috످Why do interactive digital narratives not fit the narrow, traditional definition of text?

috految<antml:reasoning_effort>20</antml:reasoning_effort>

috److془The question is conceptual. I know: Koenitz, Aarseth, Murray, Hayles. Answer.془Interactive digital narratives (IDNs), such as story-driven video games, hypertext fiction, and VR stories, don't fit the traditional definition of text because they are dynamic systems that change in response to the user. A text in the narrow sense is a fixed, linear sequence of written words, created by an author for a reader to interpret.

IDNs challenge this definition in several ways. First, they are multimodal. IDNs convey meaning through images, sound, movement, and gameplay. Some, like Journey, tell a story without any dialogue or written narration.

Second, they are participatory. Readers interpret a traditional text, but IDN users also act within the story, becoming co-creators. Espen Aarseth (Cybertext, 1997) calls such works "ergodic" because navigating them requires effort beyond reading and turning pages.

Third, they are often nonlinear. Stories can branch, loop, or unfold in different orders. In Her Story, players piece together a mystery by searching video clips in any sequence.

Fourth, they are not fixed. Everyone who reads Romeo and Juliet reaches the same ending, but two people playing Detroit: Become Human can experience entirely different events and outcomes.

Fifth, they are procedural. As Janet Murray explains in Hamlet on the Holodeck (1997), digital narratives are driven by rules that a computer executes. These rules can themselves carry meaning. In Papers, Please, you feel complicit in an oppressive regime because the game rewards you for enforcing its laws.

IDNs can still count as texts under the broader definition used in semiotics and cultural studies, where a text is anything that can be "read" for meaning. However, scholars like Hartmut Koenitz argue that IDNs need their own framework, which distinguishes between the system (the program and all its potential stories), the process (the user's interaction), and the product (the story that results from one playthrough). In this view, analyzing an IDN as a traditional text captures only the product, much like studying a single chess match and mistaking it for the game of chess itself.

috످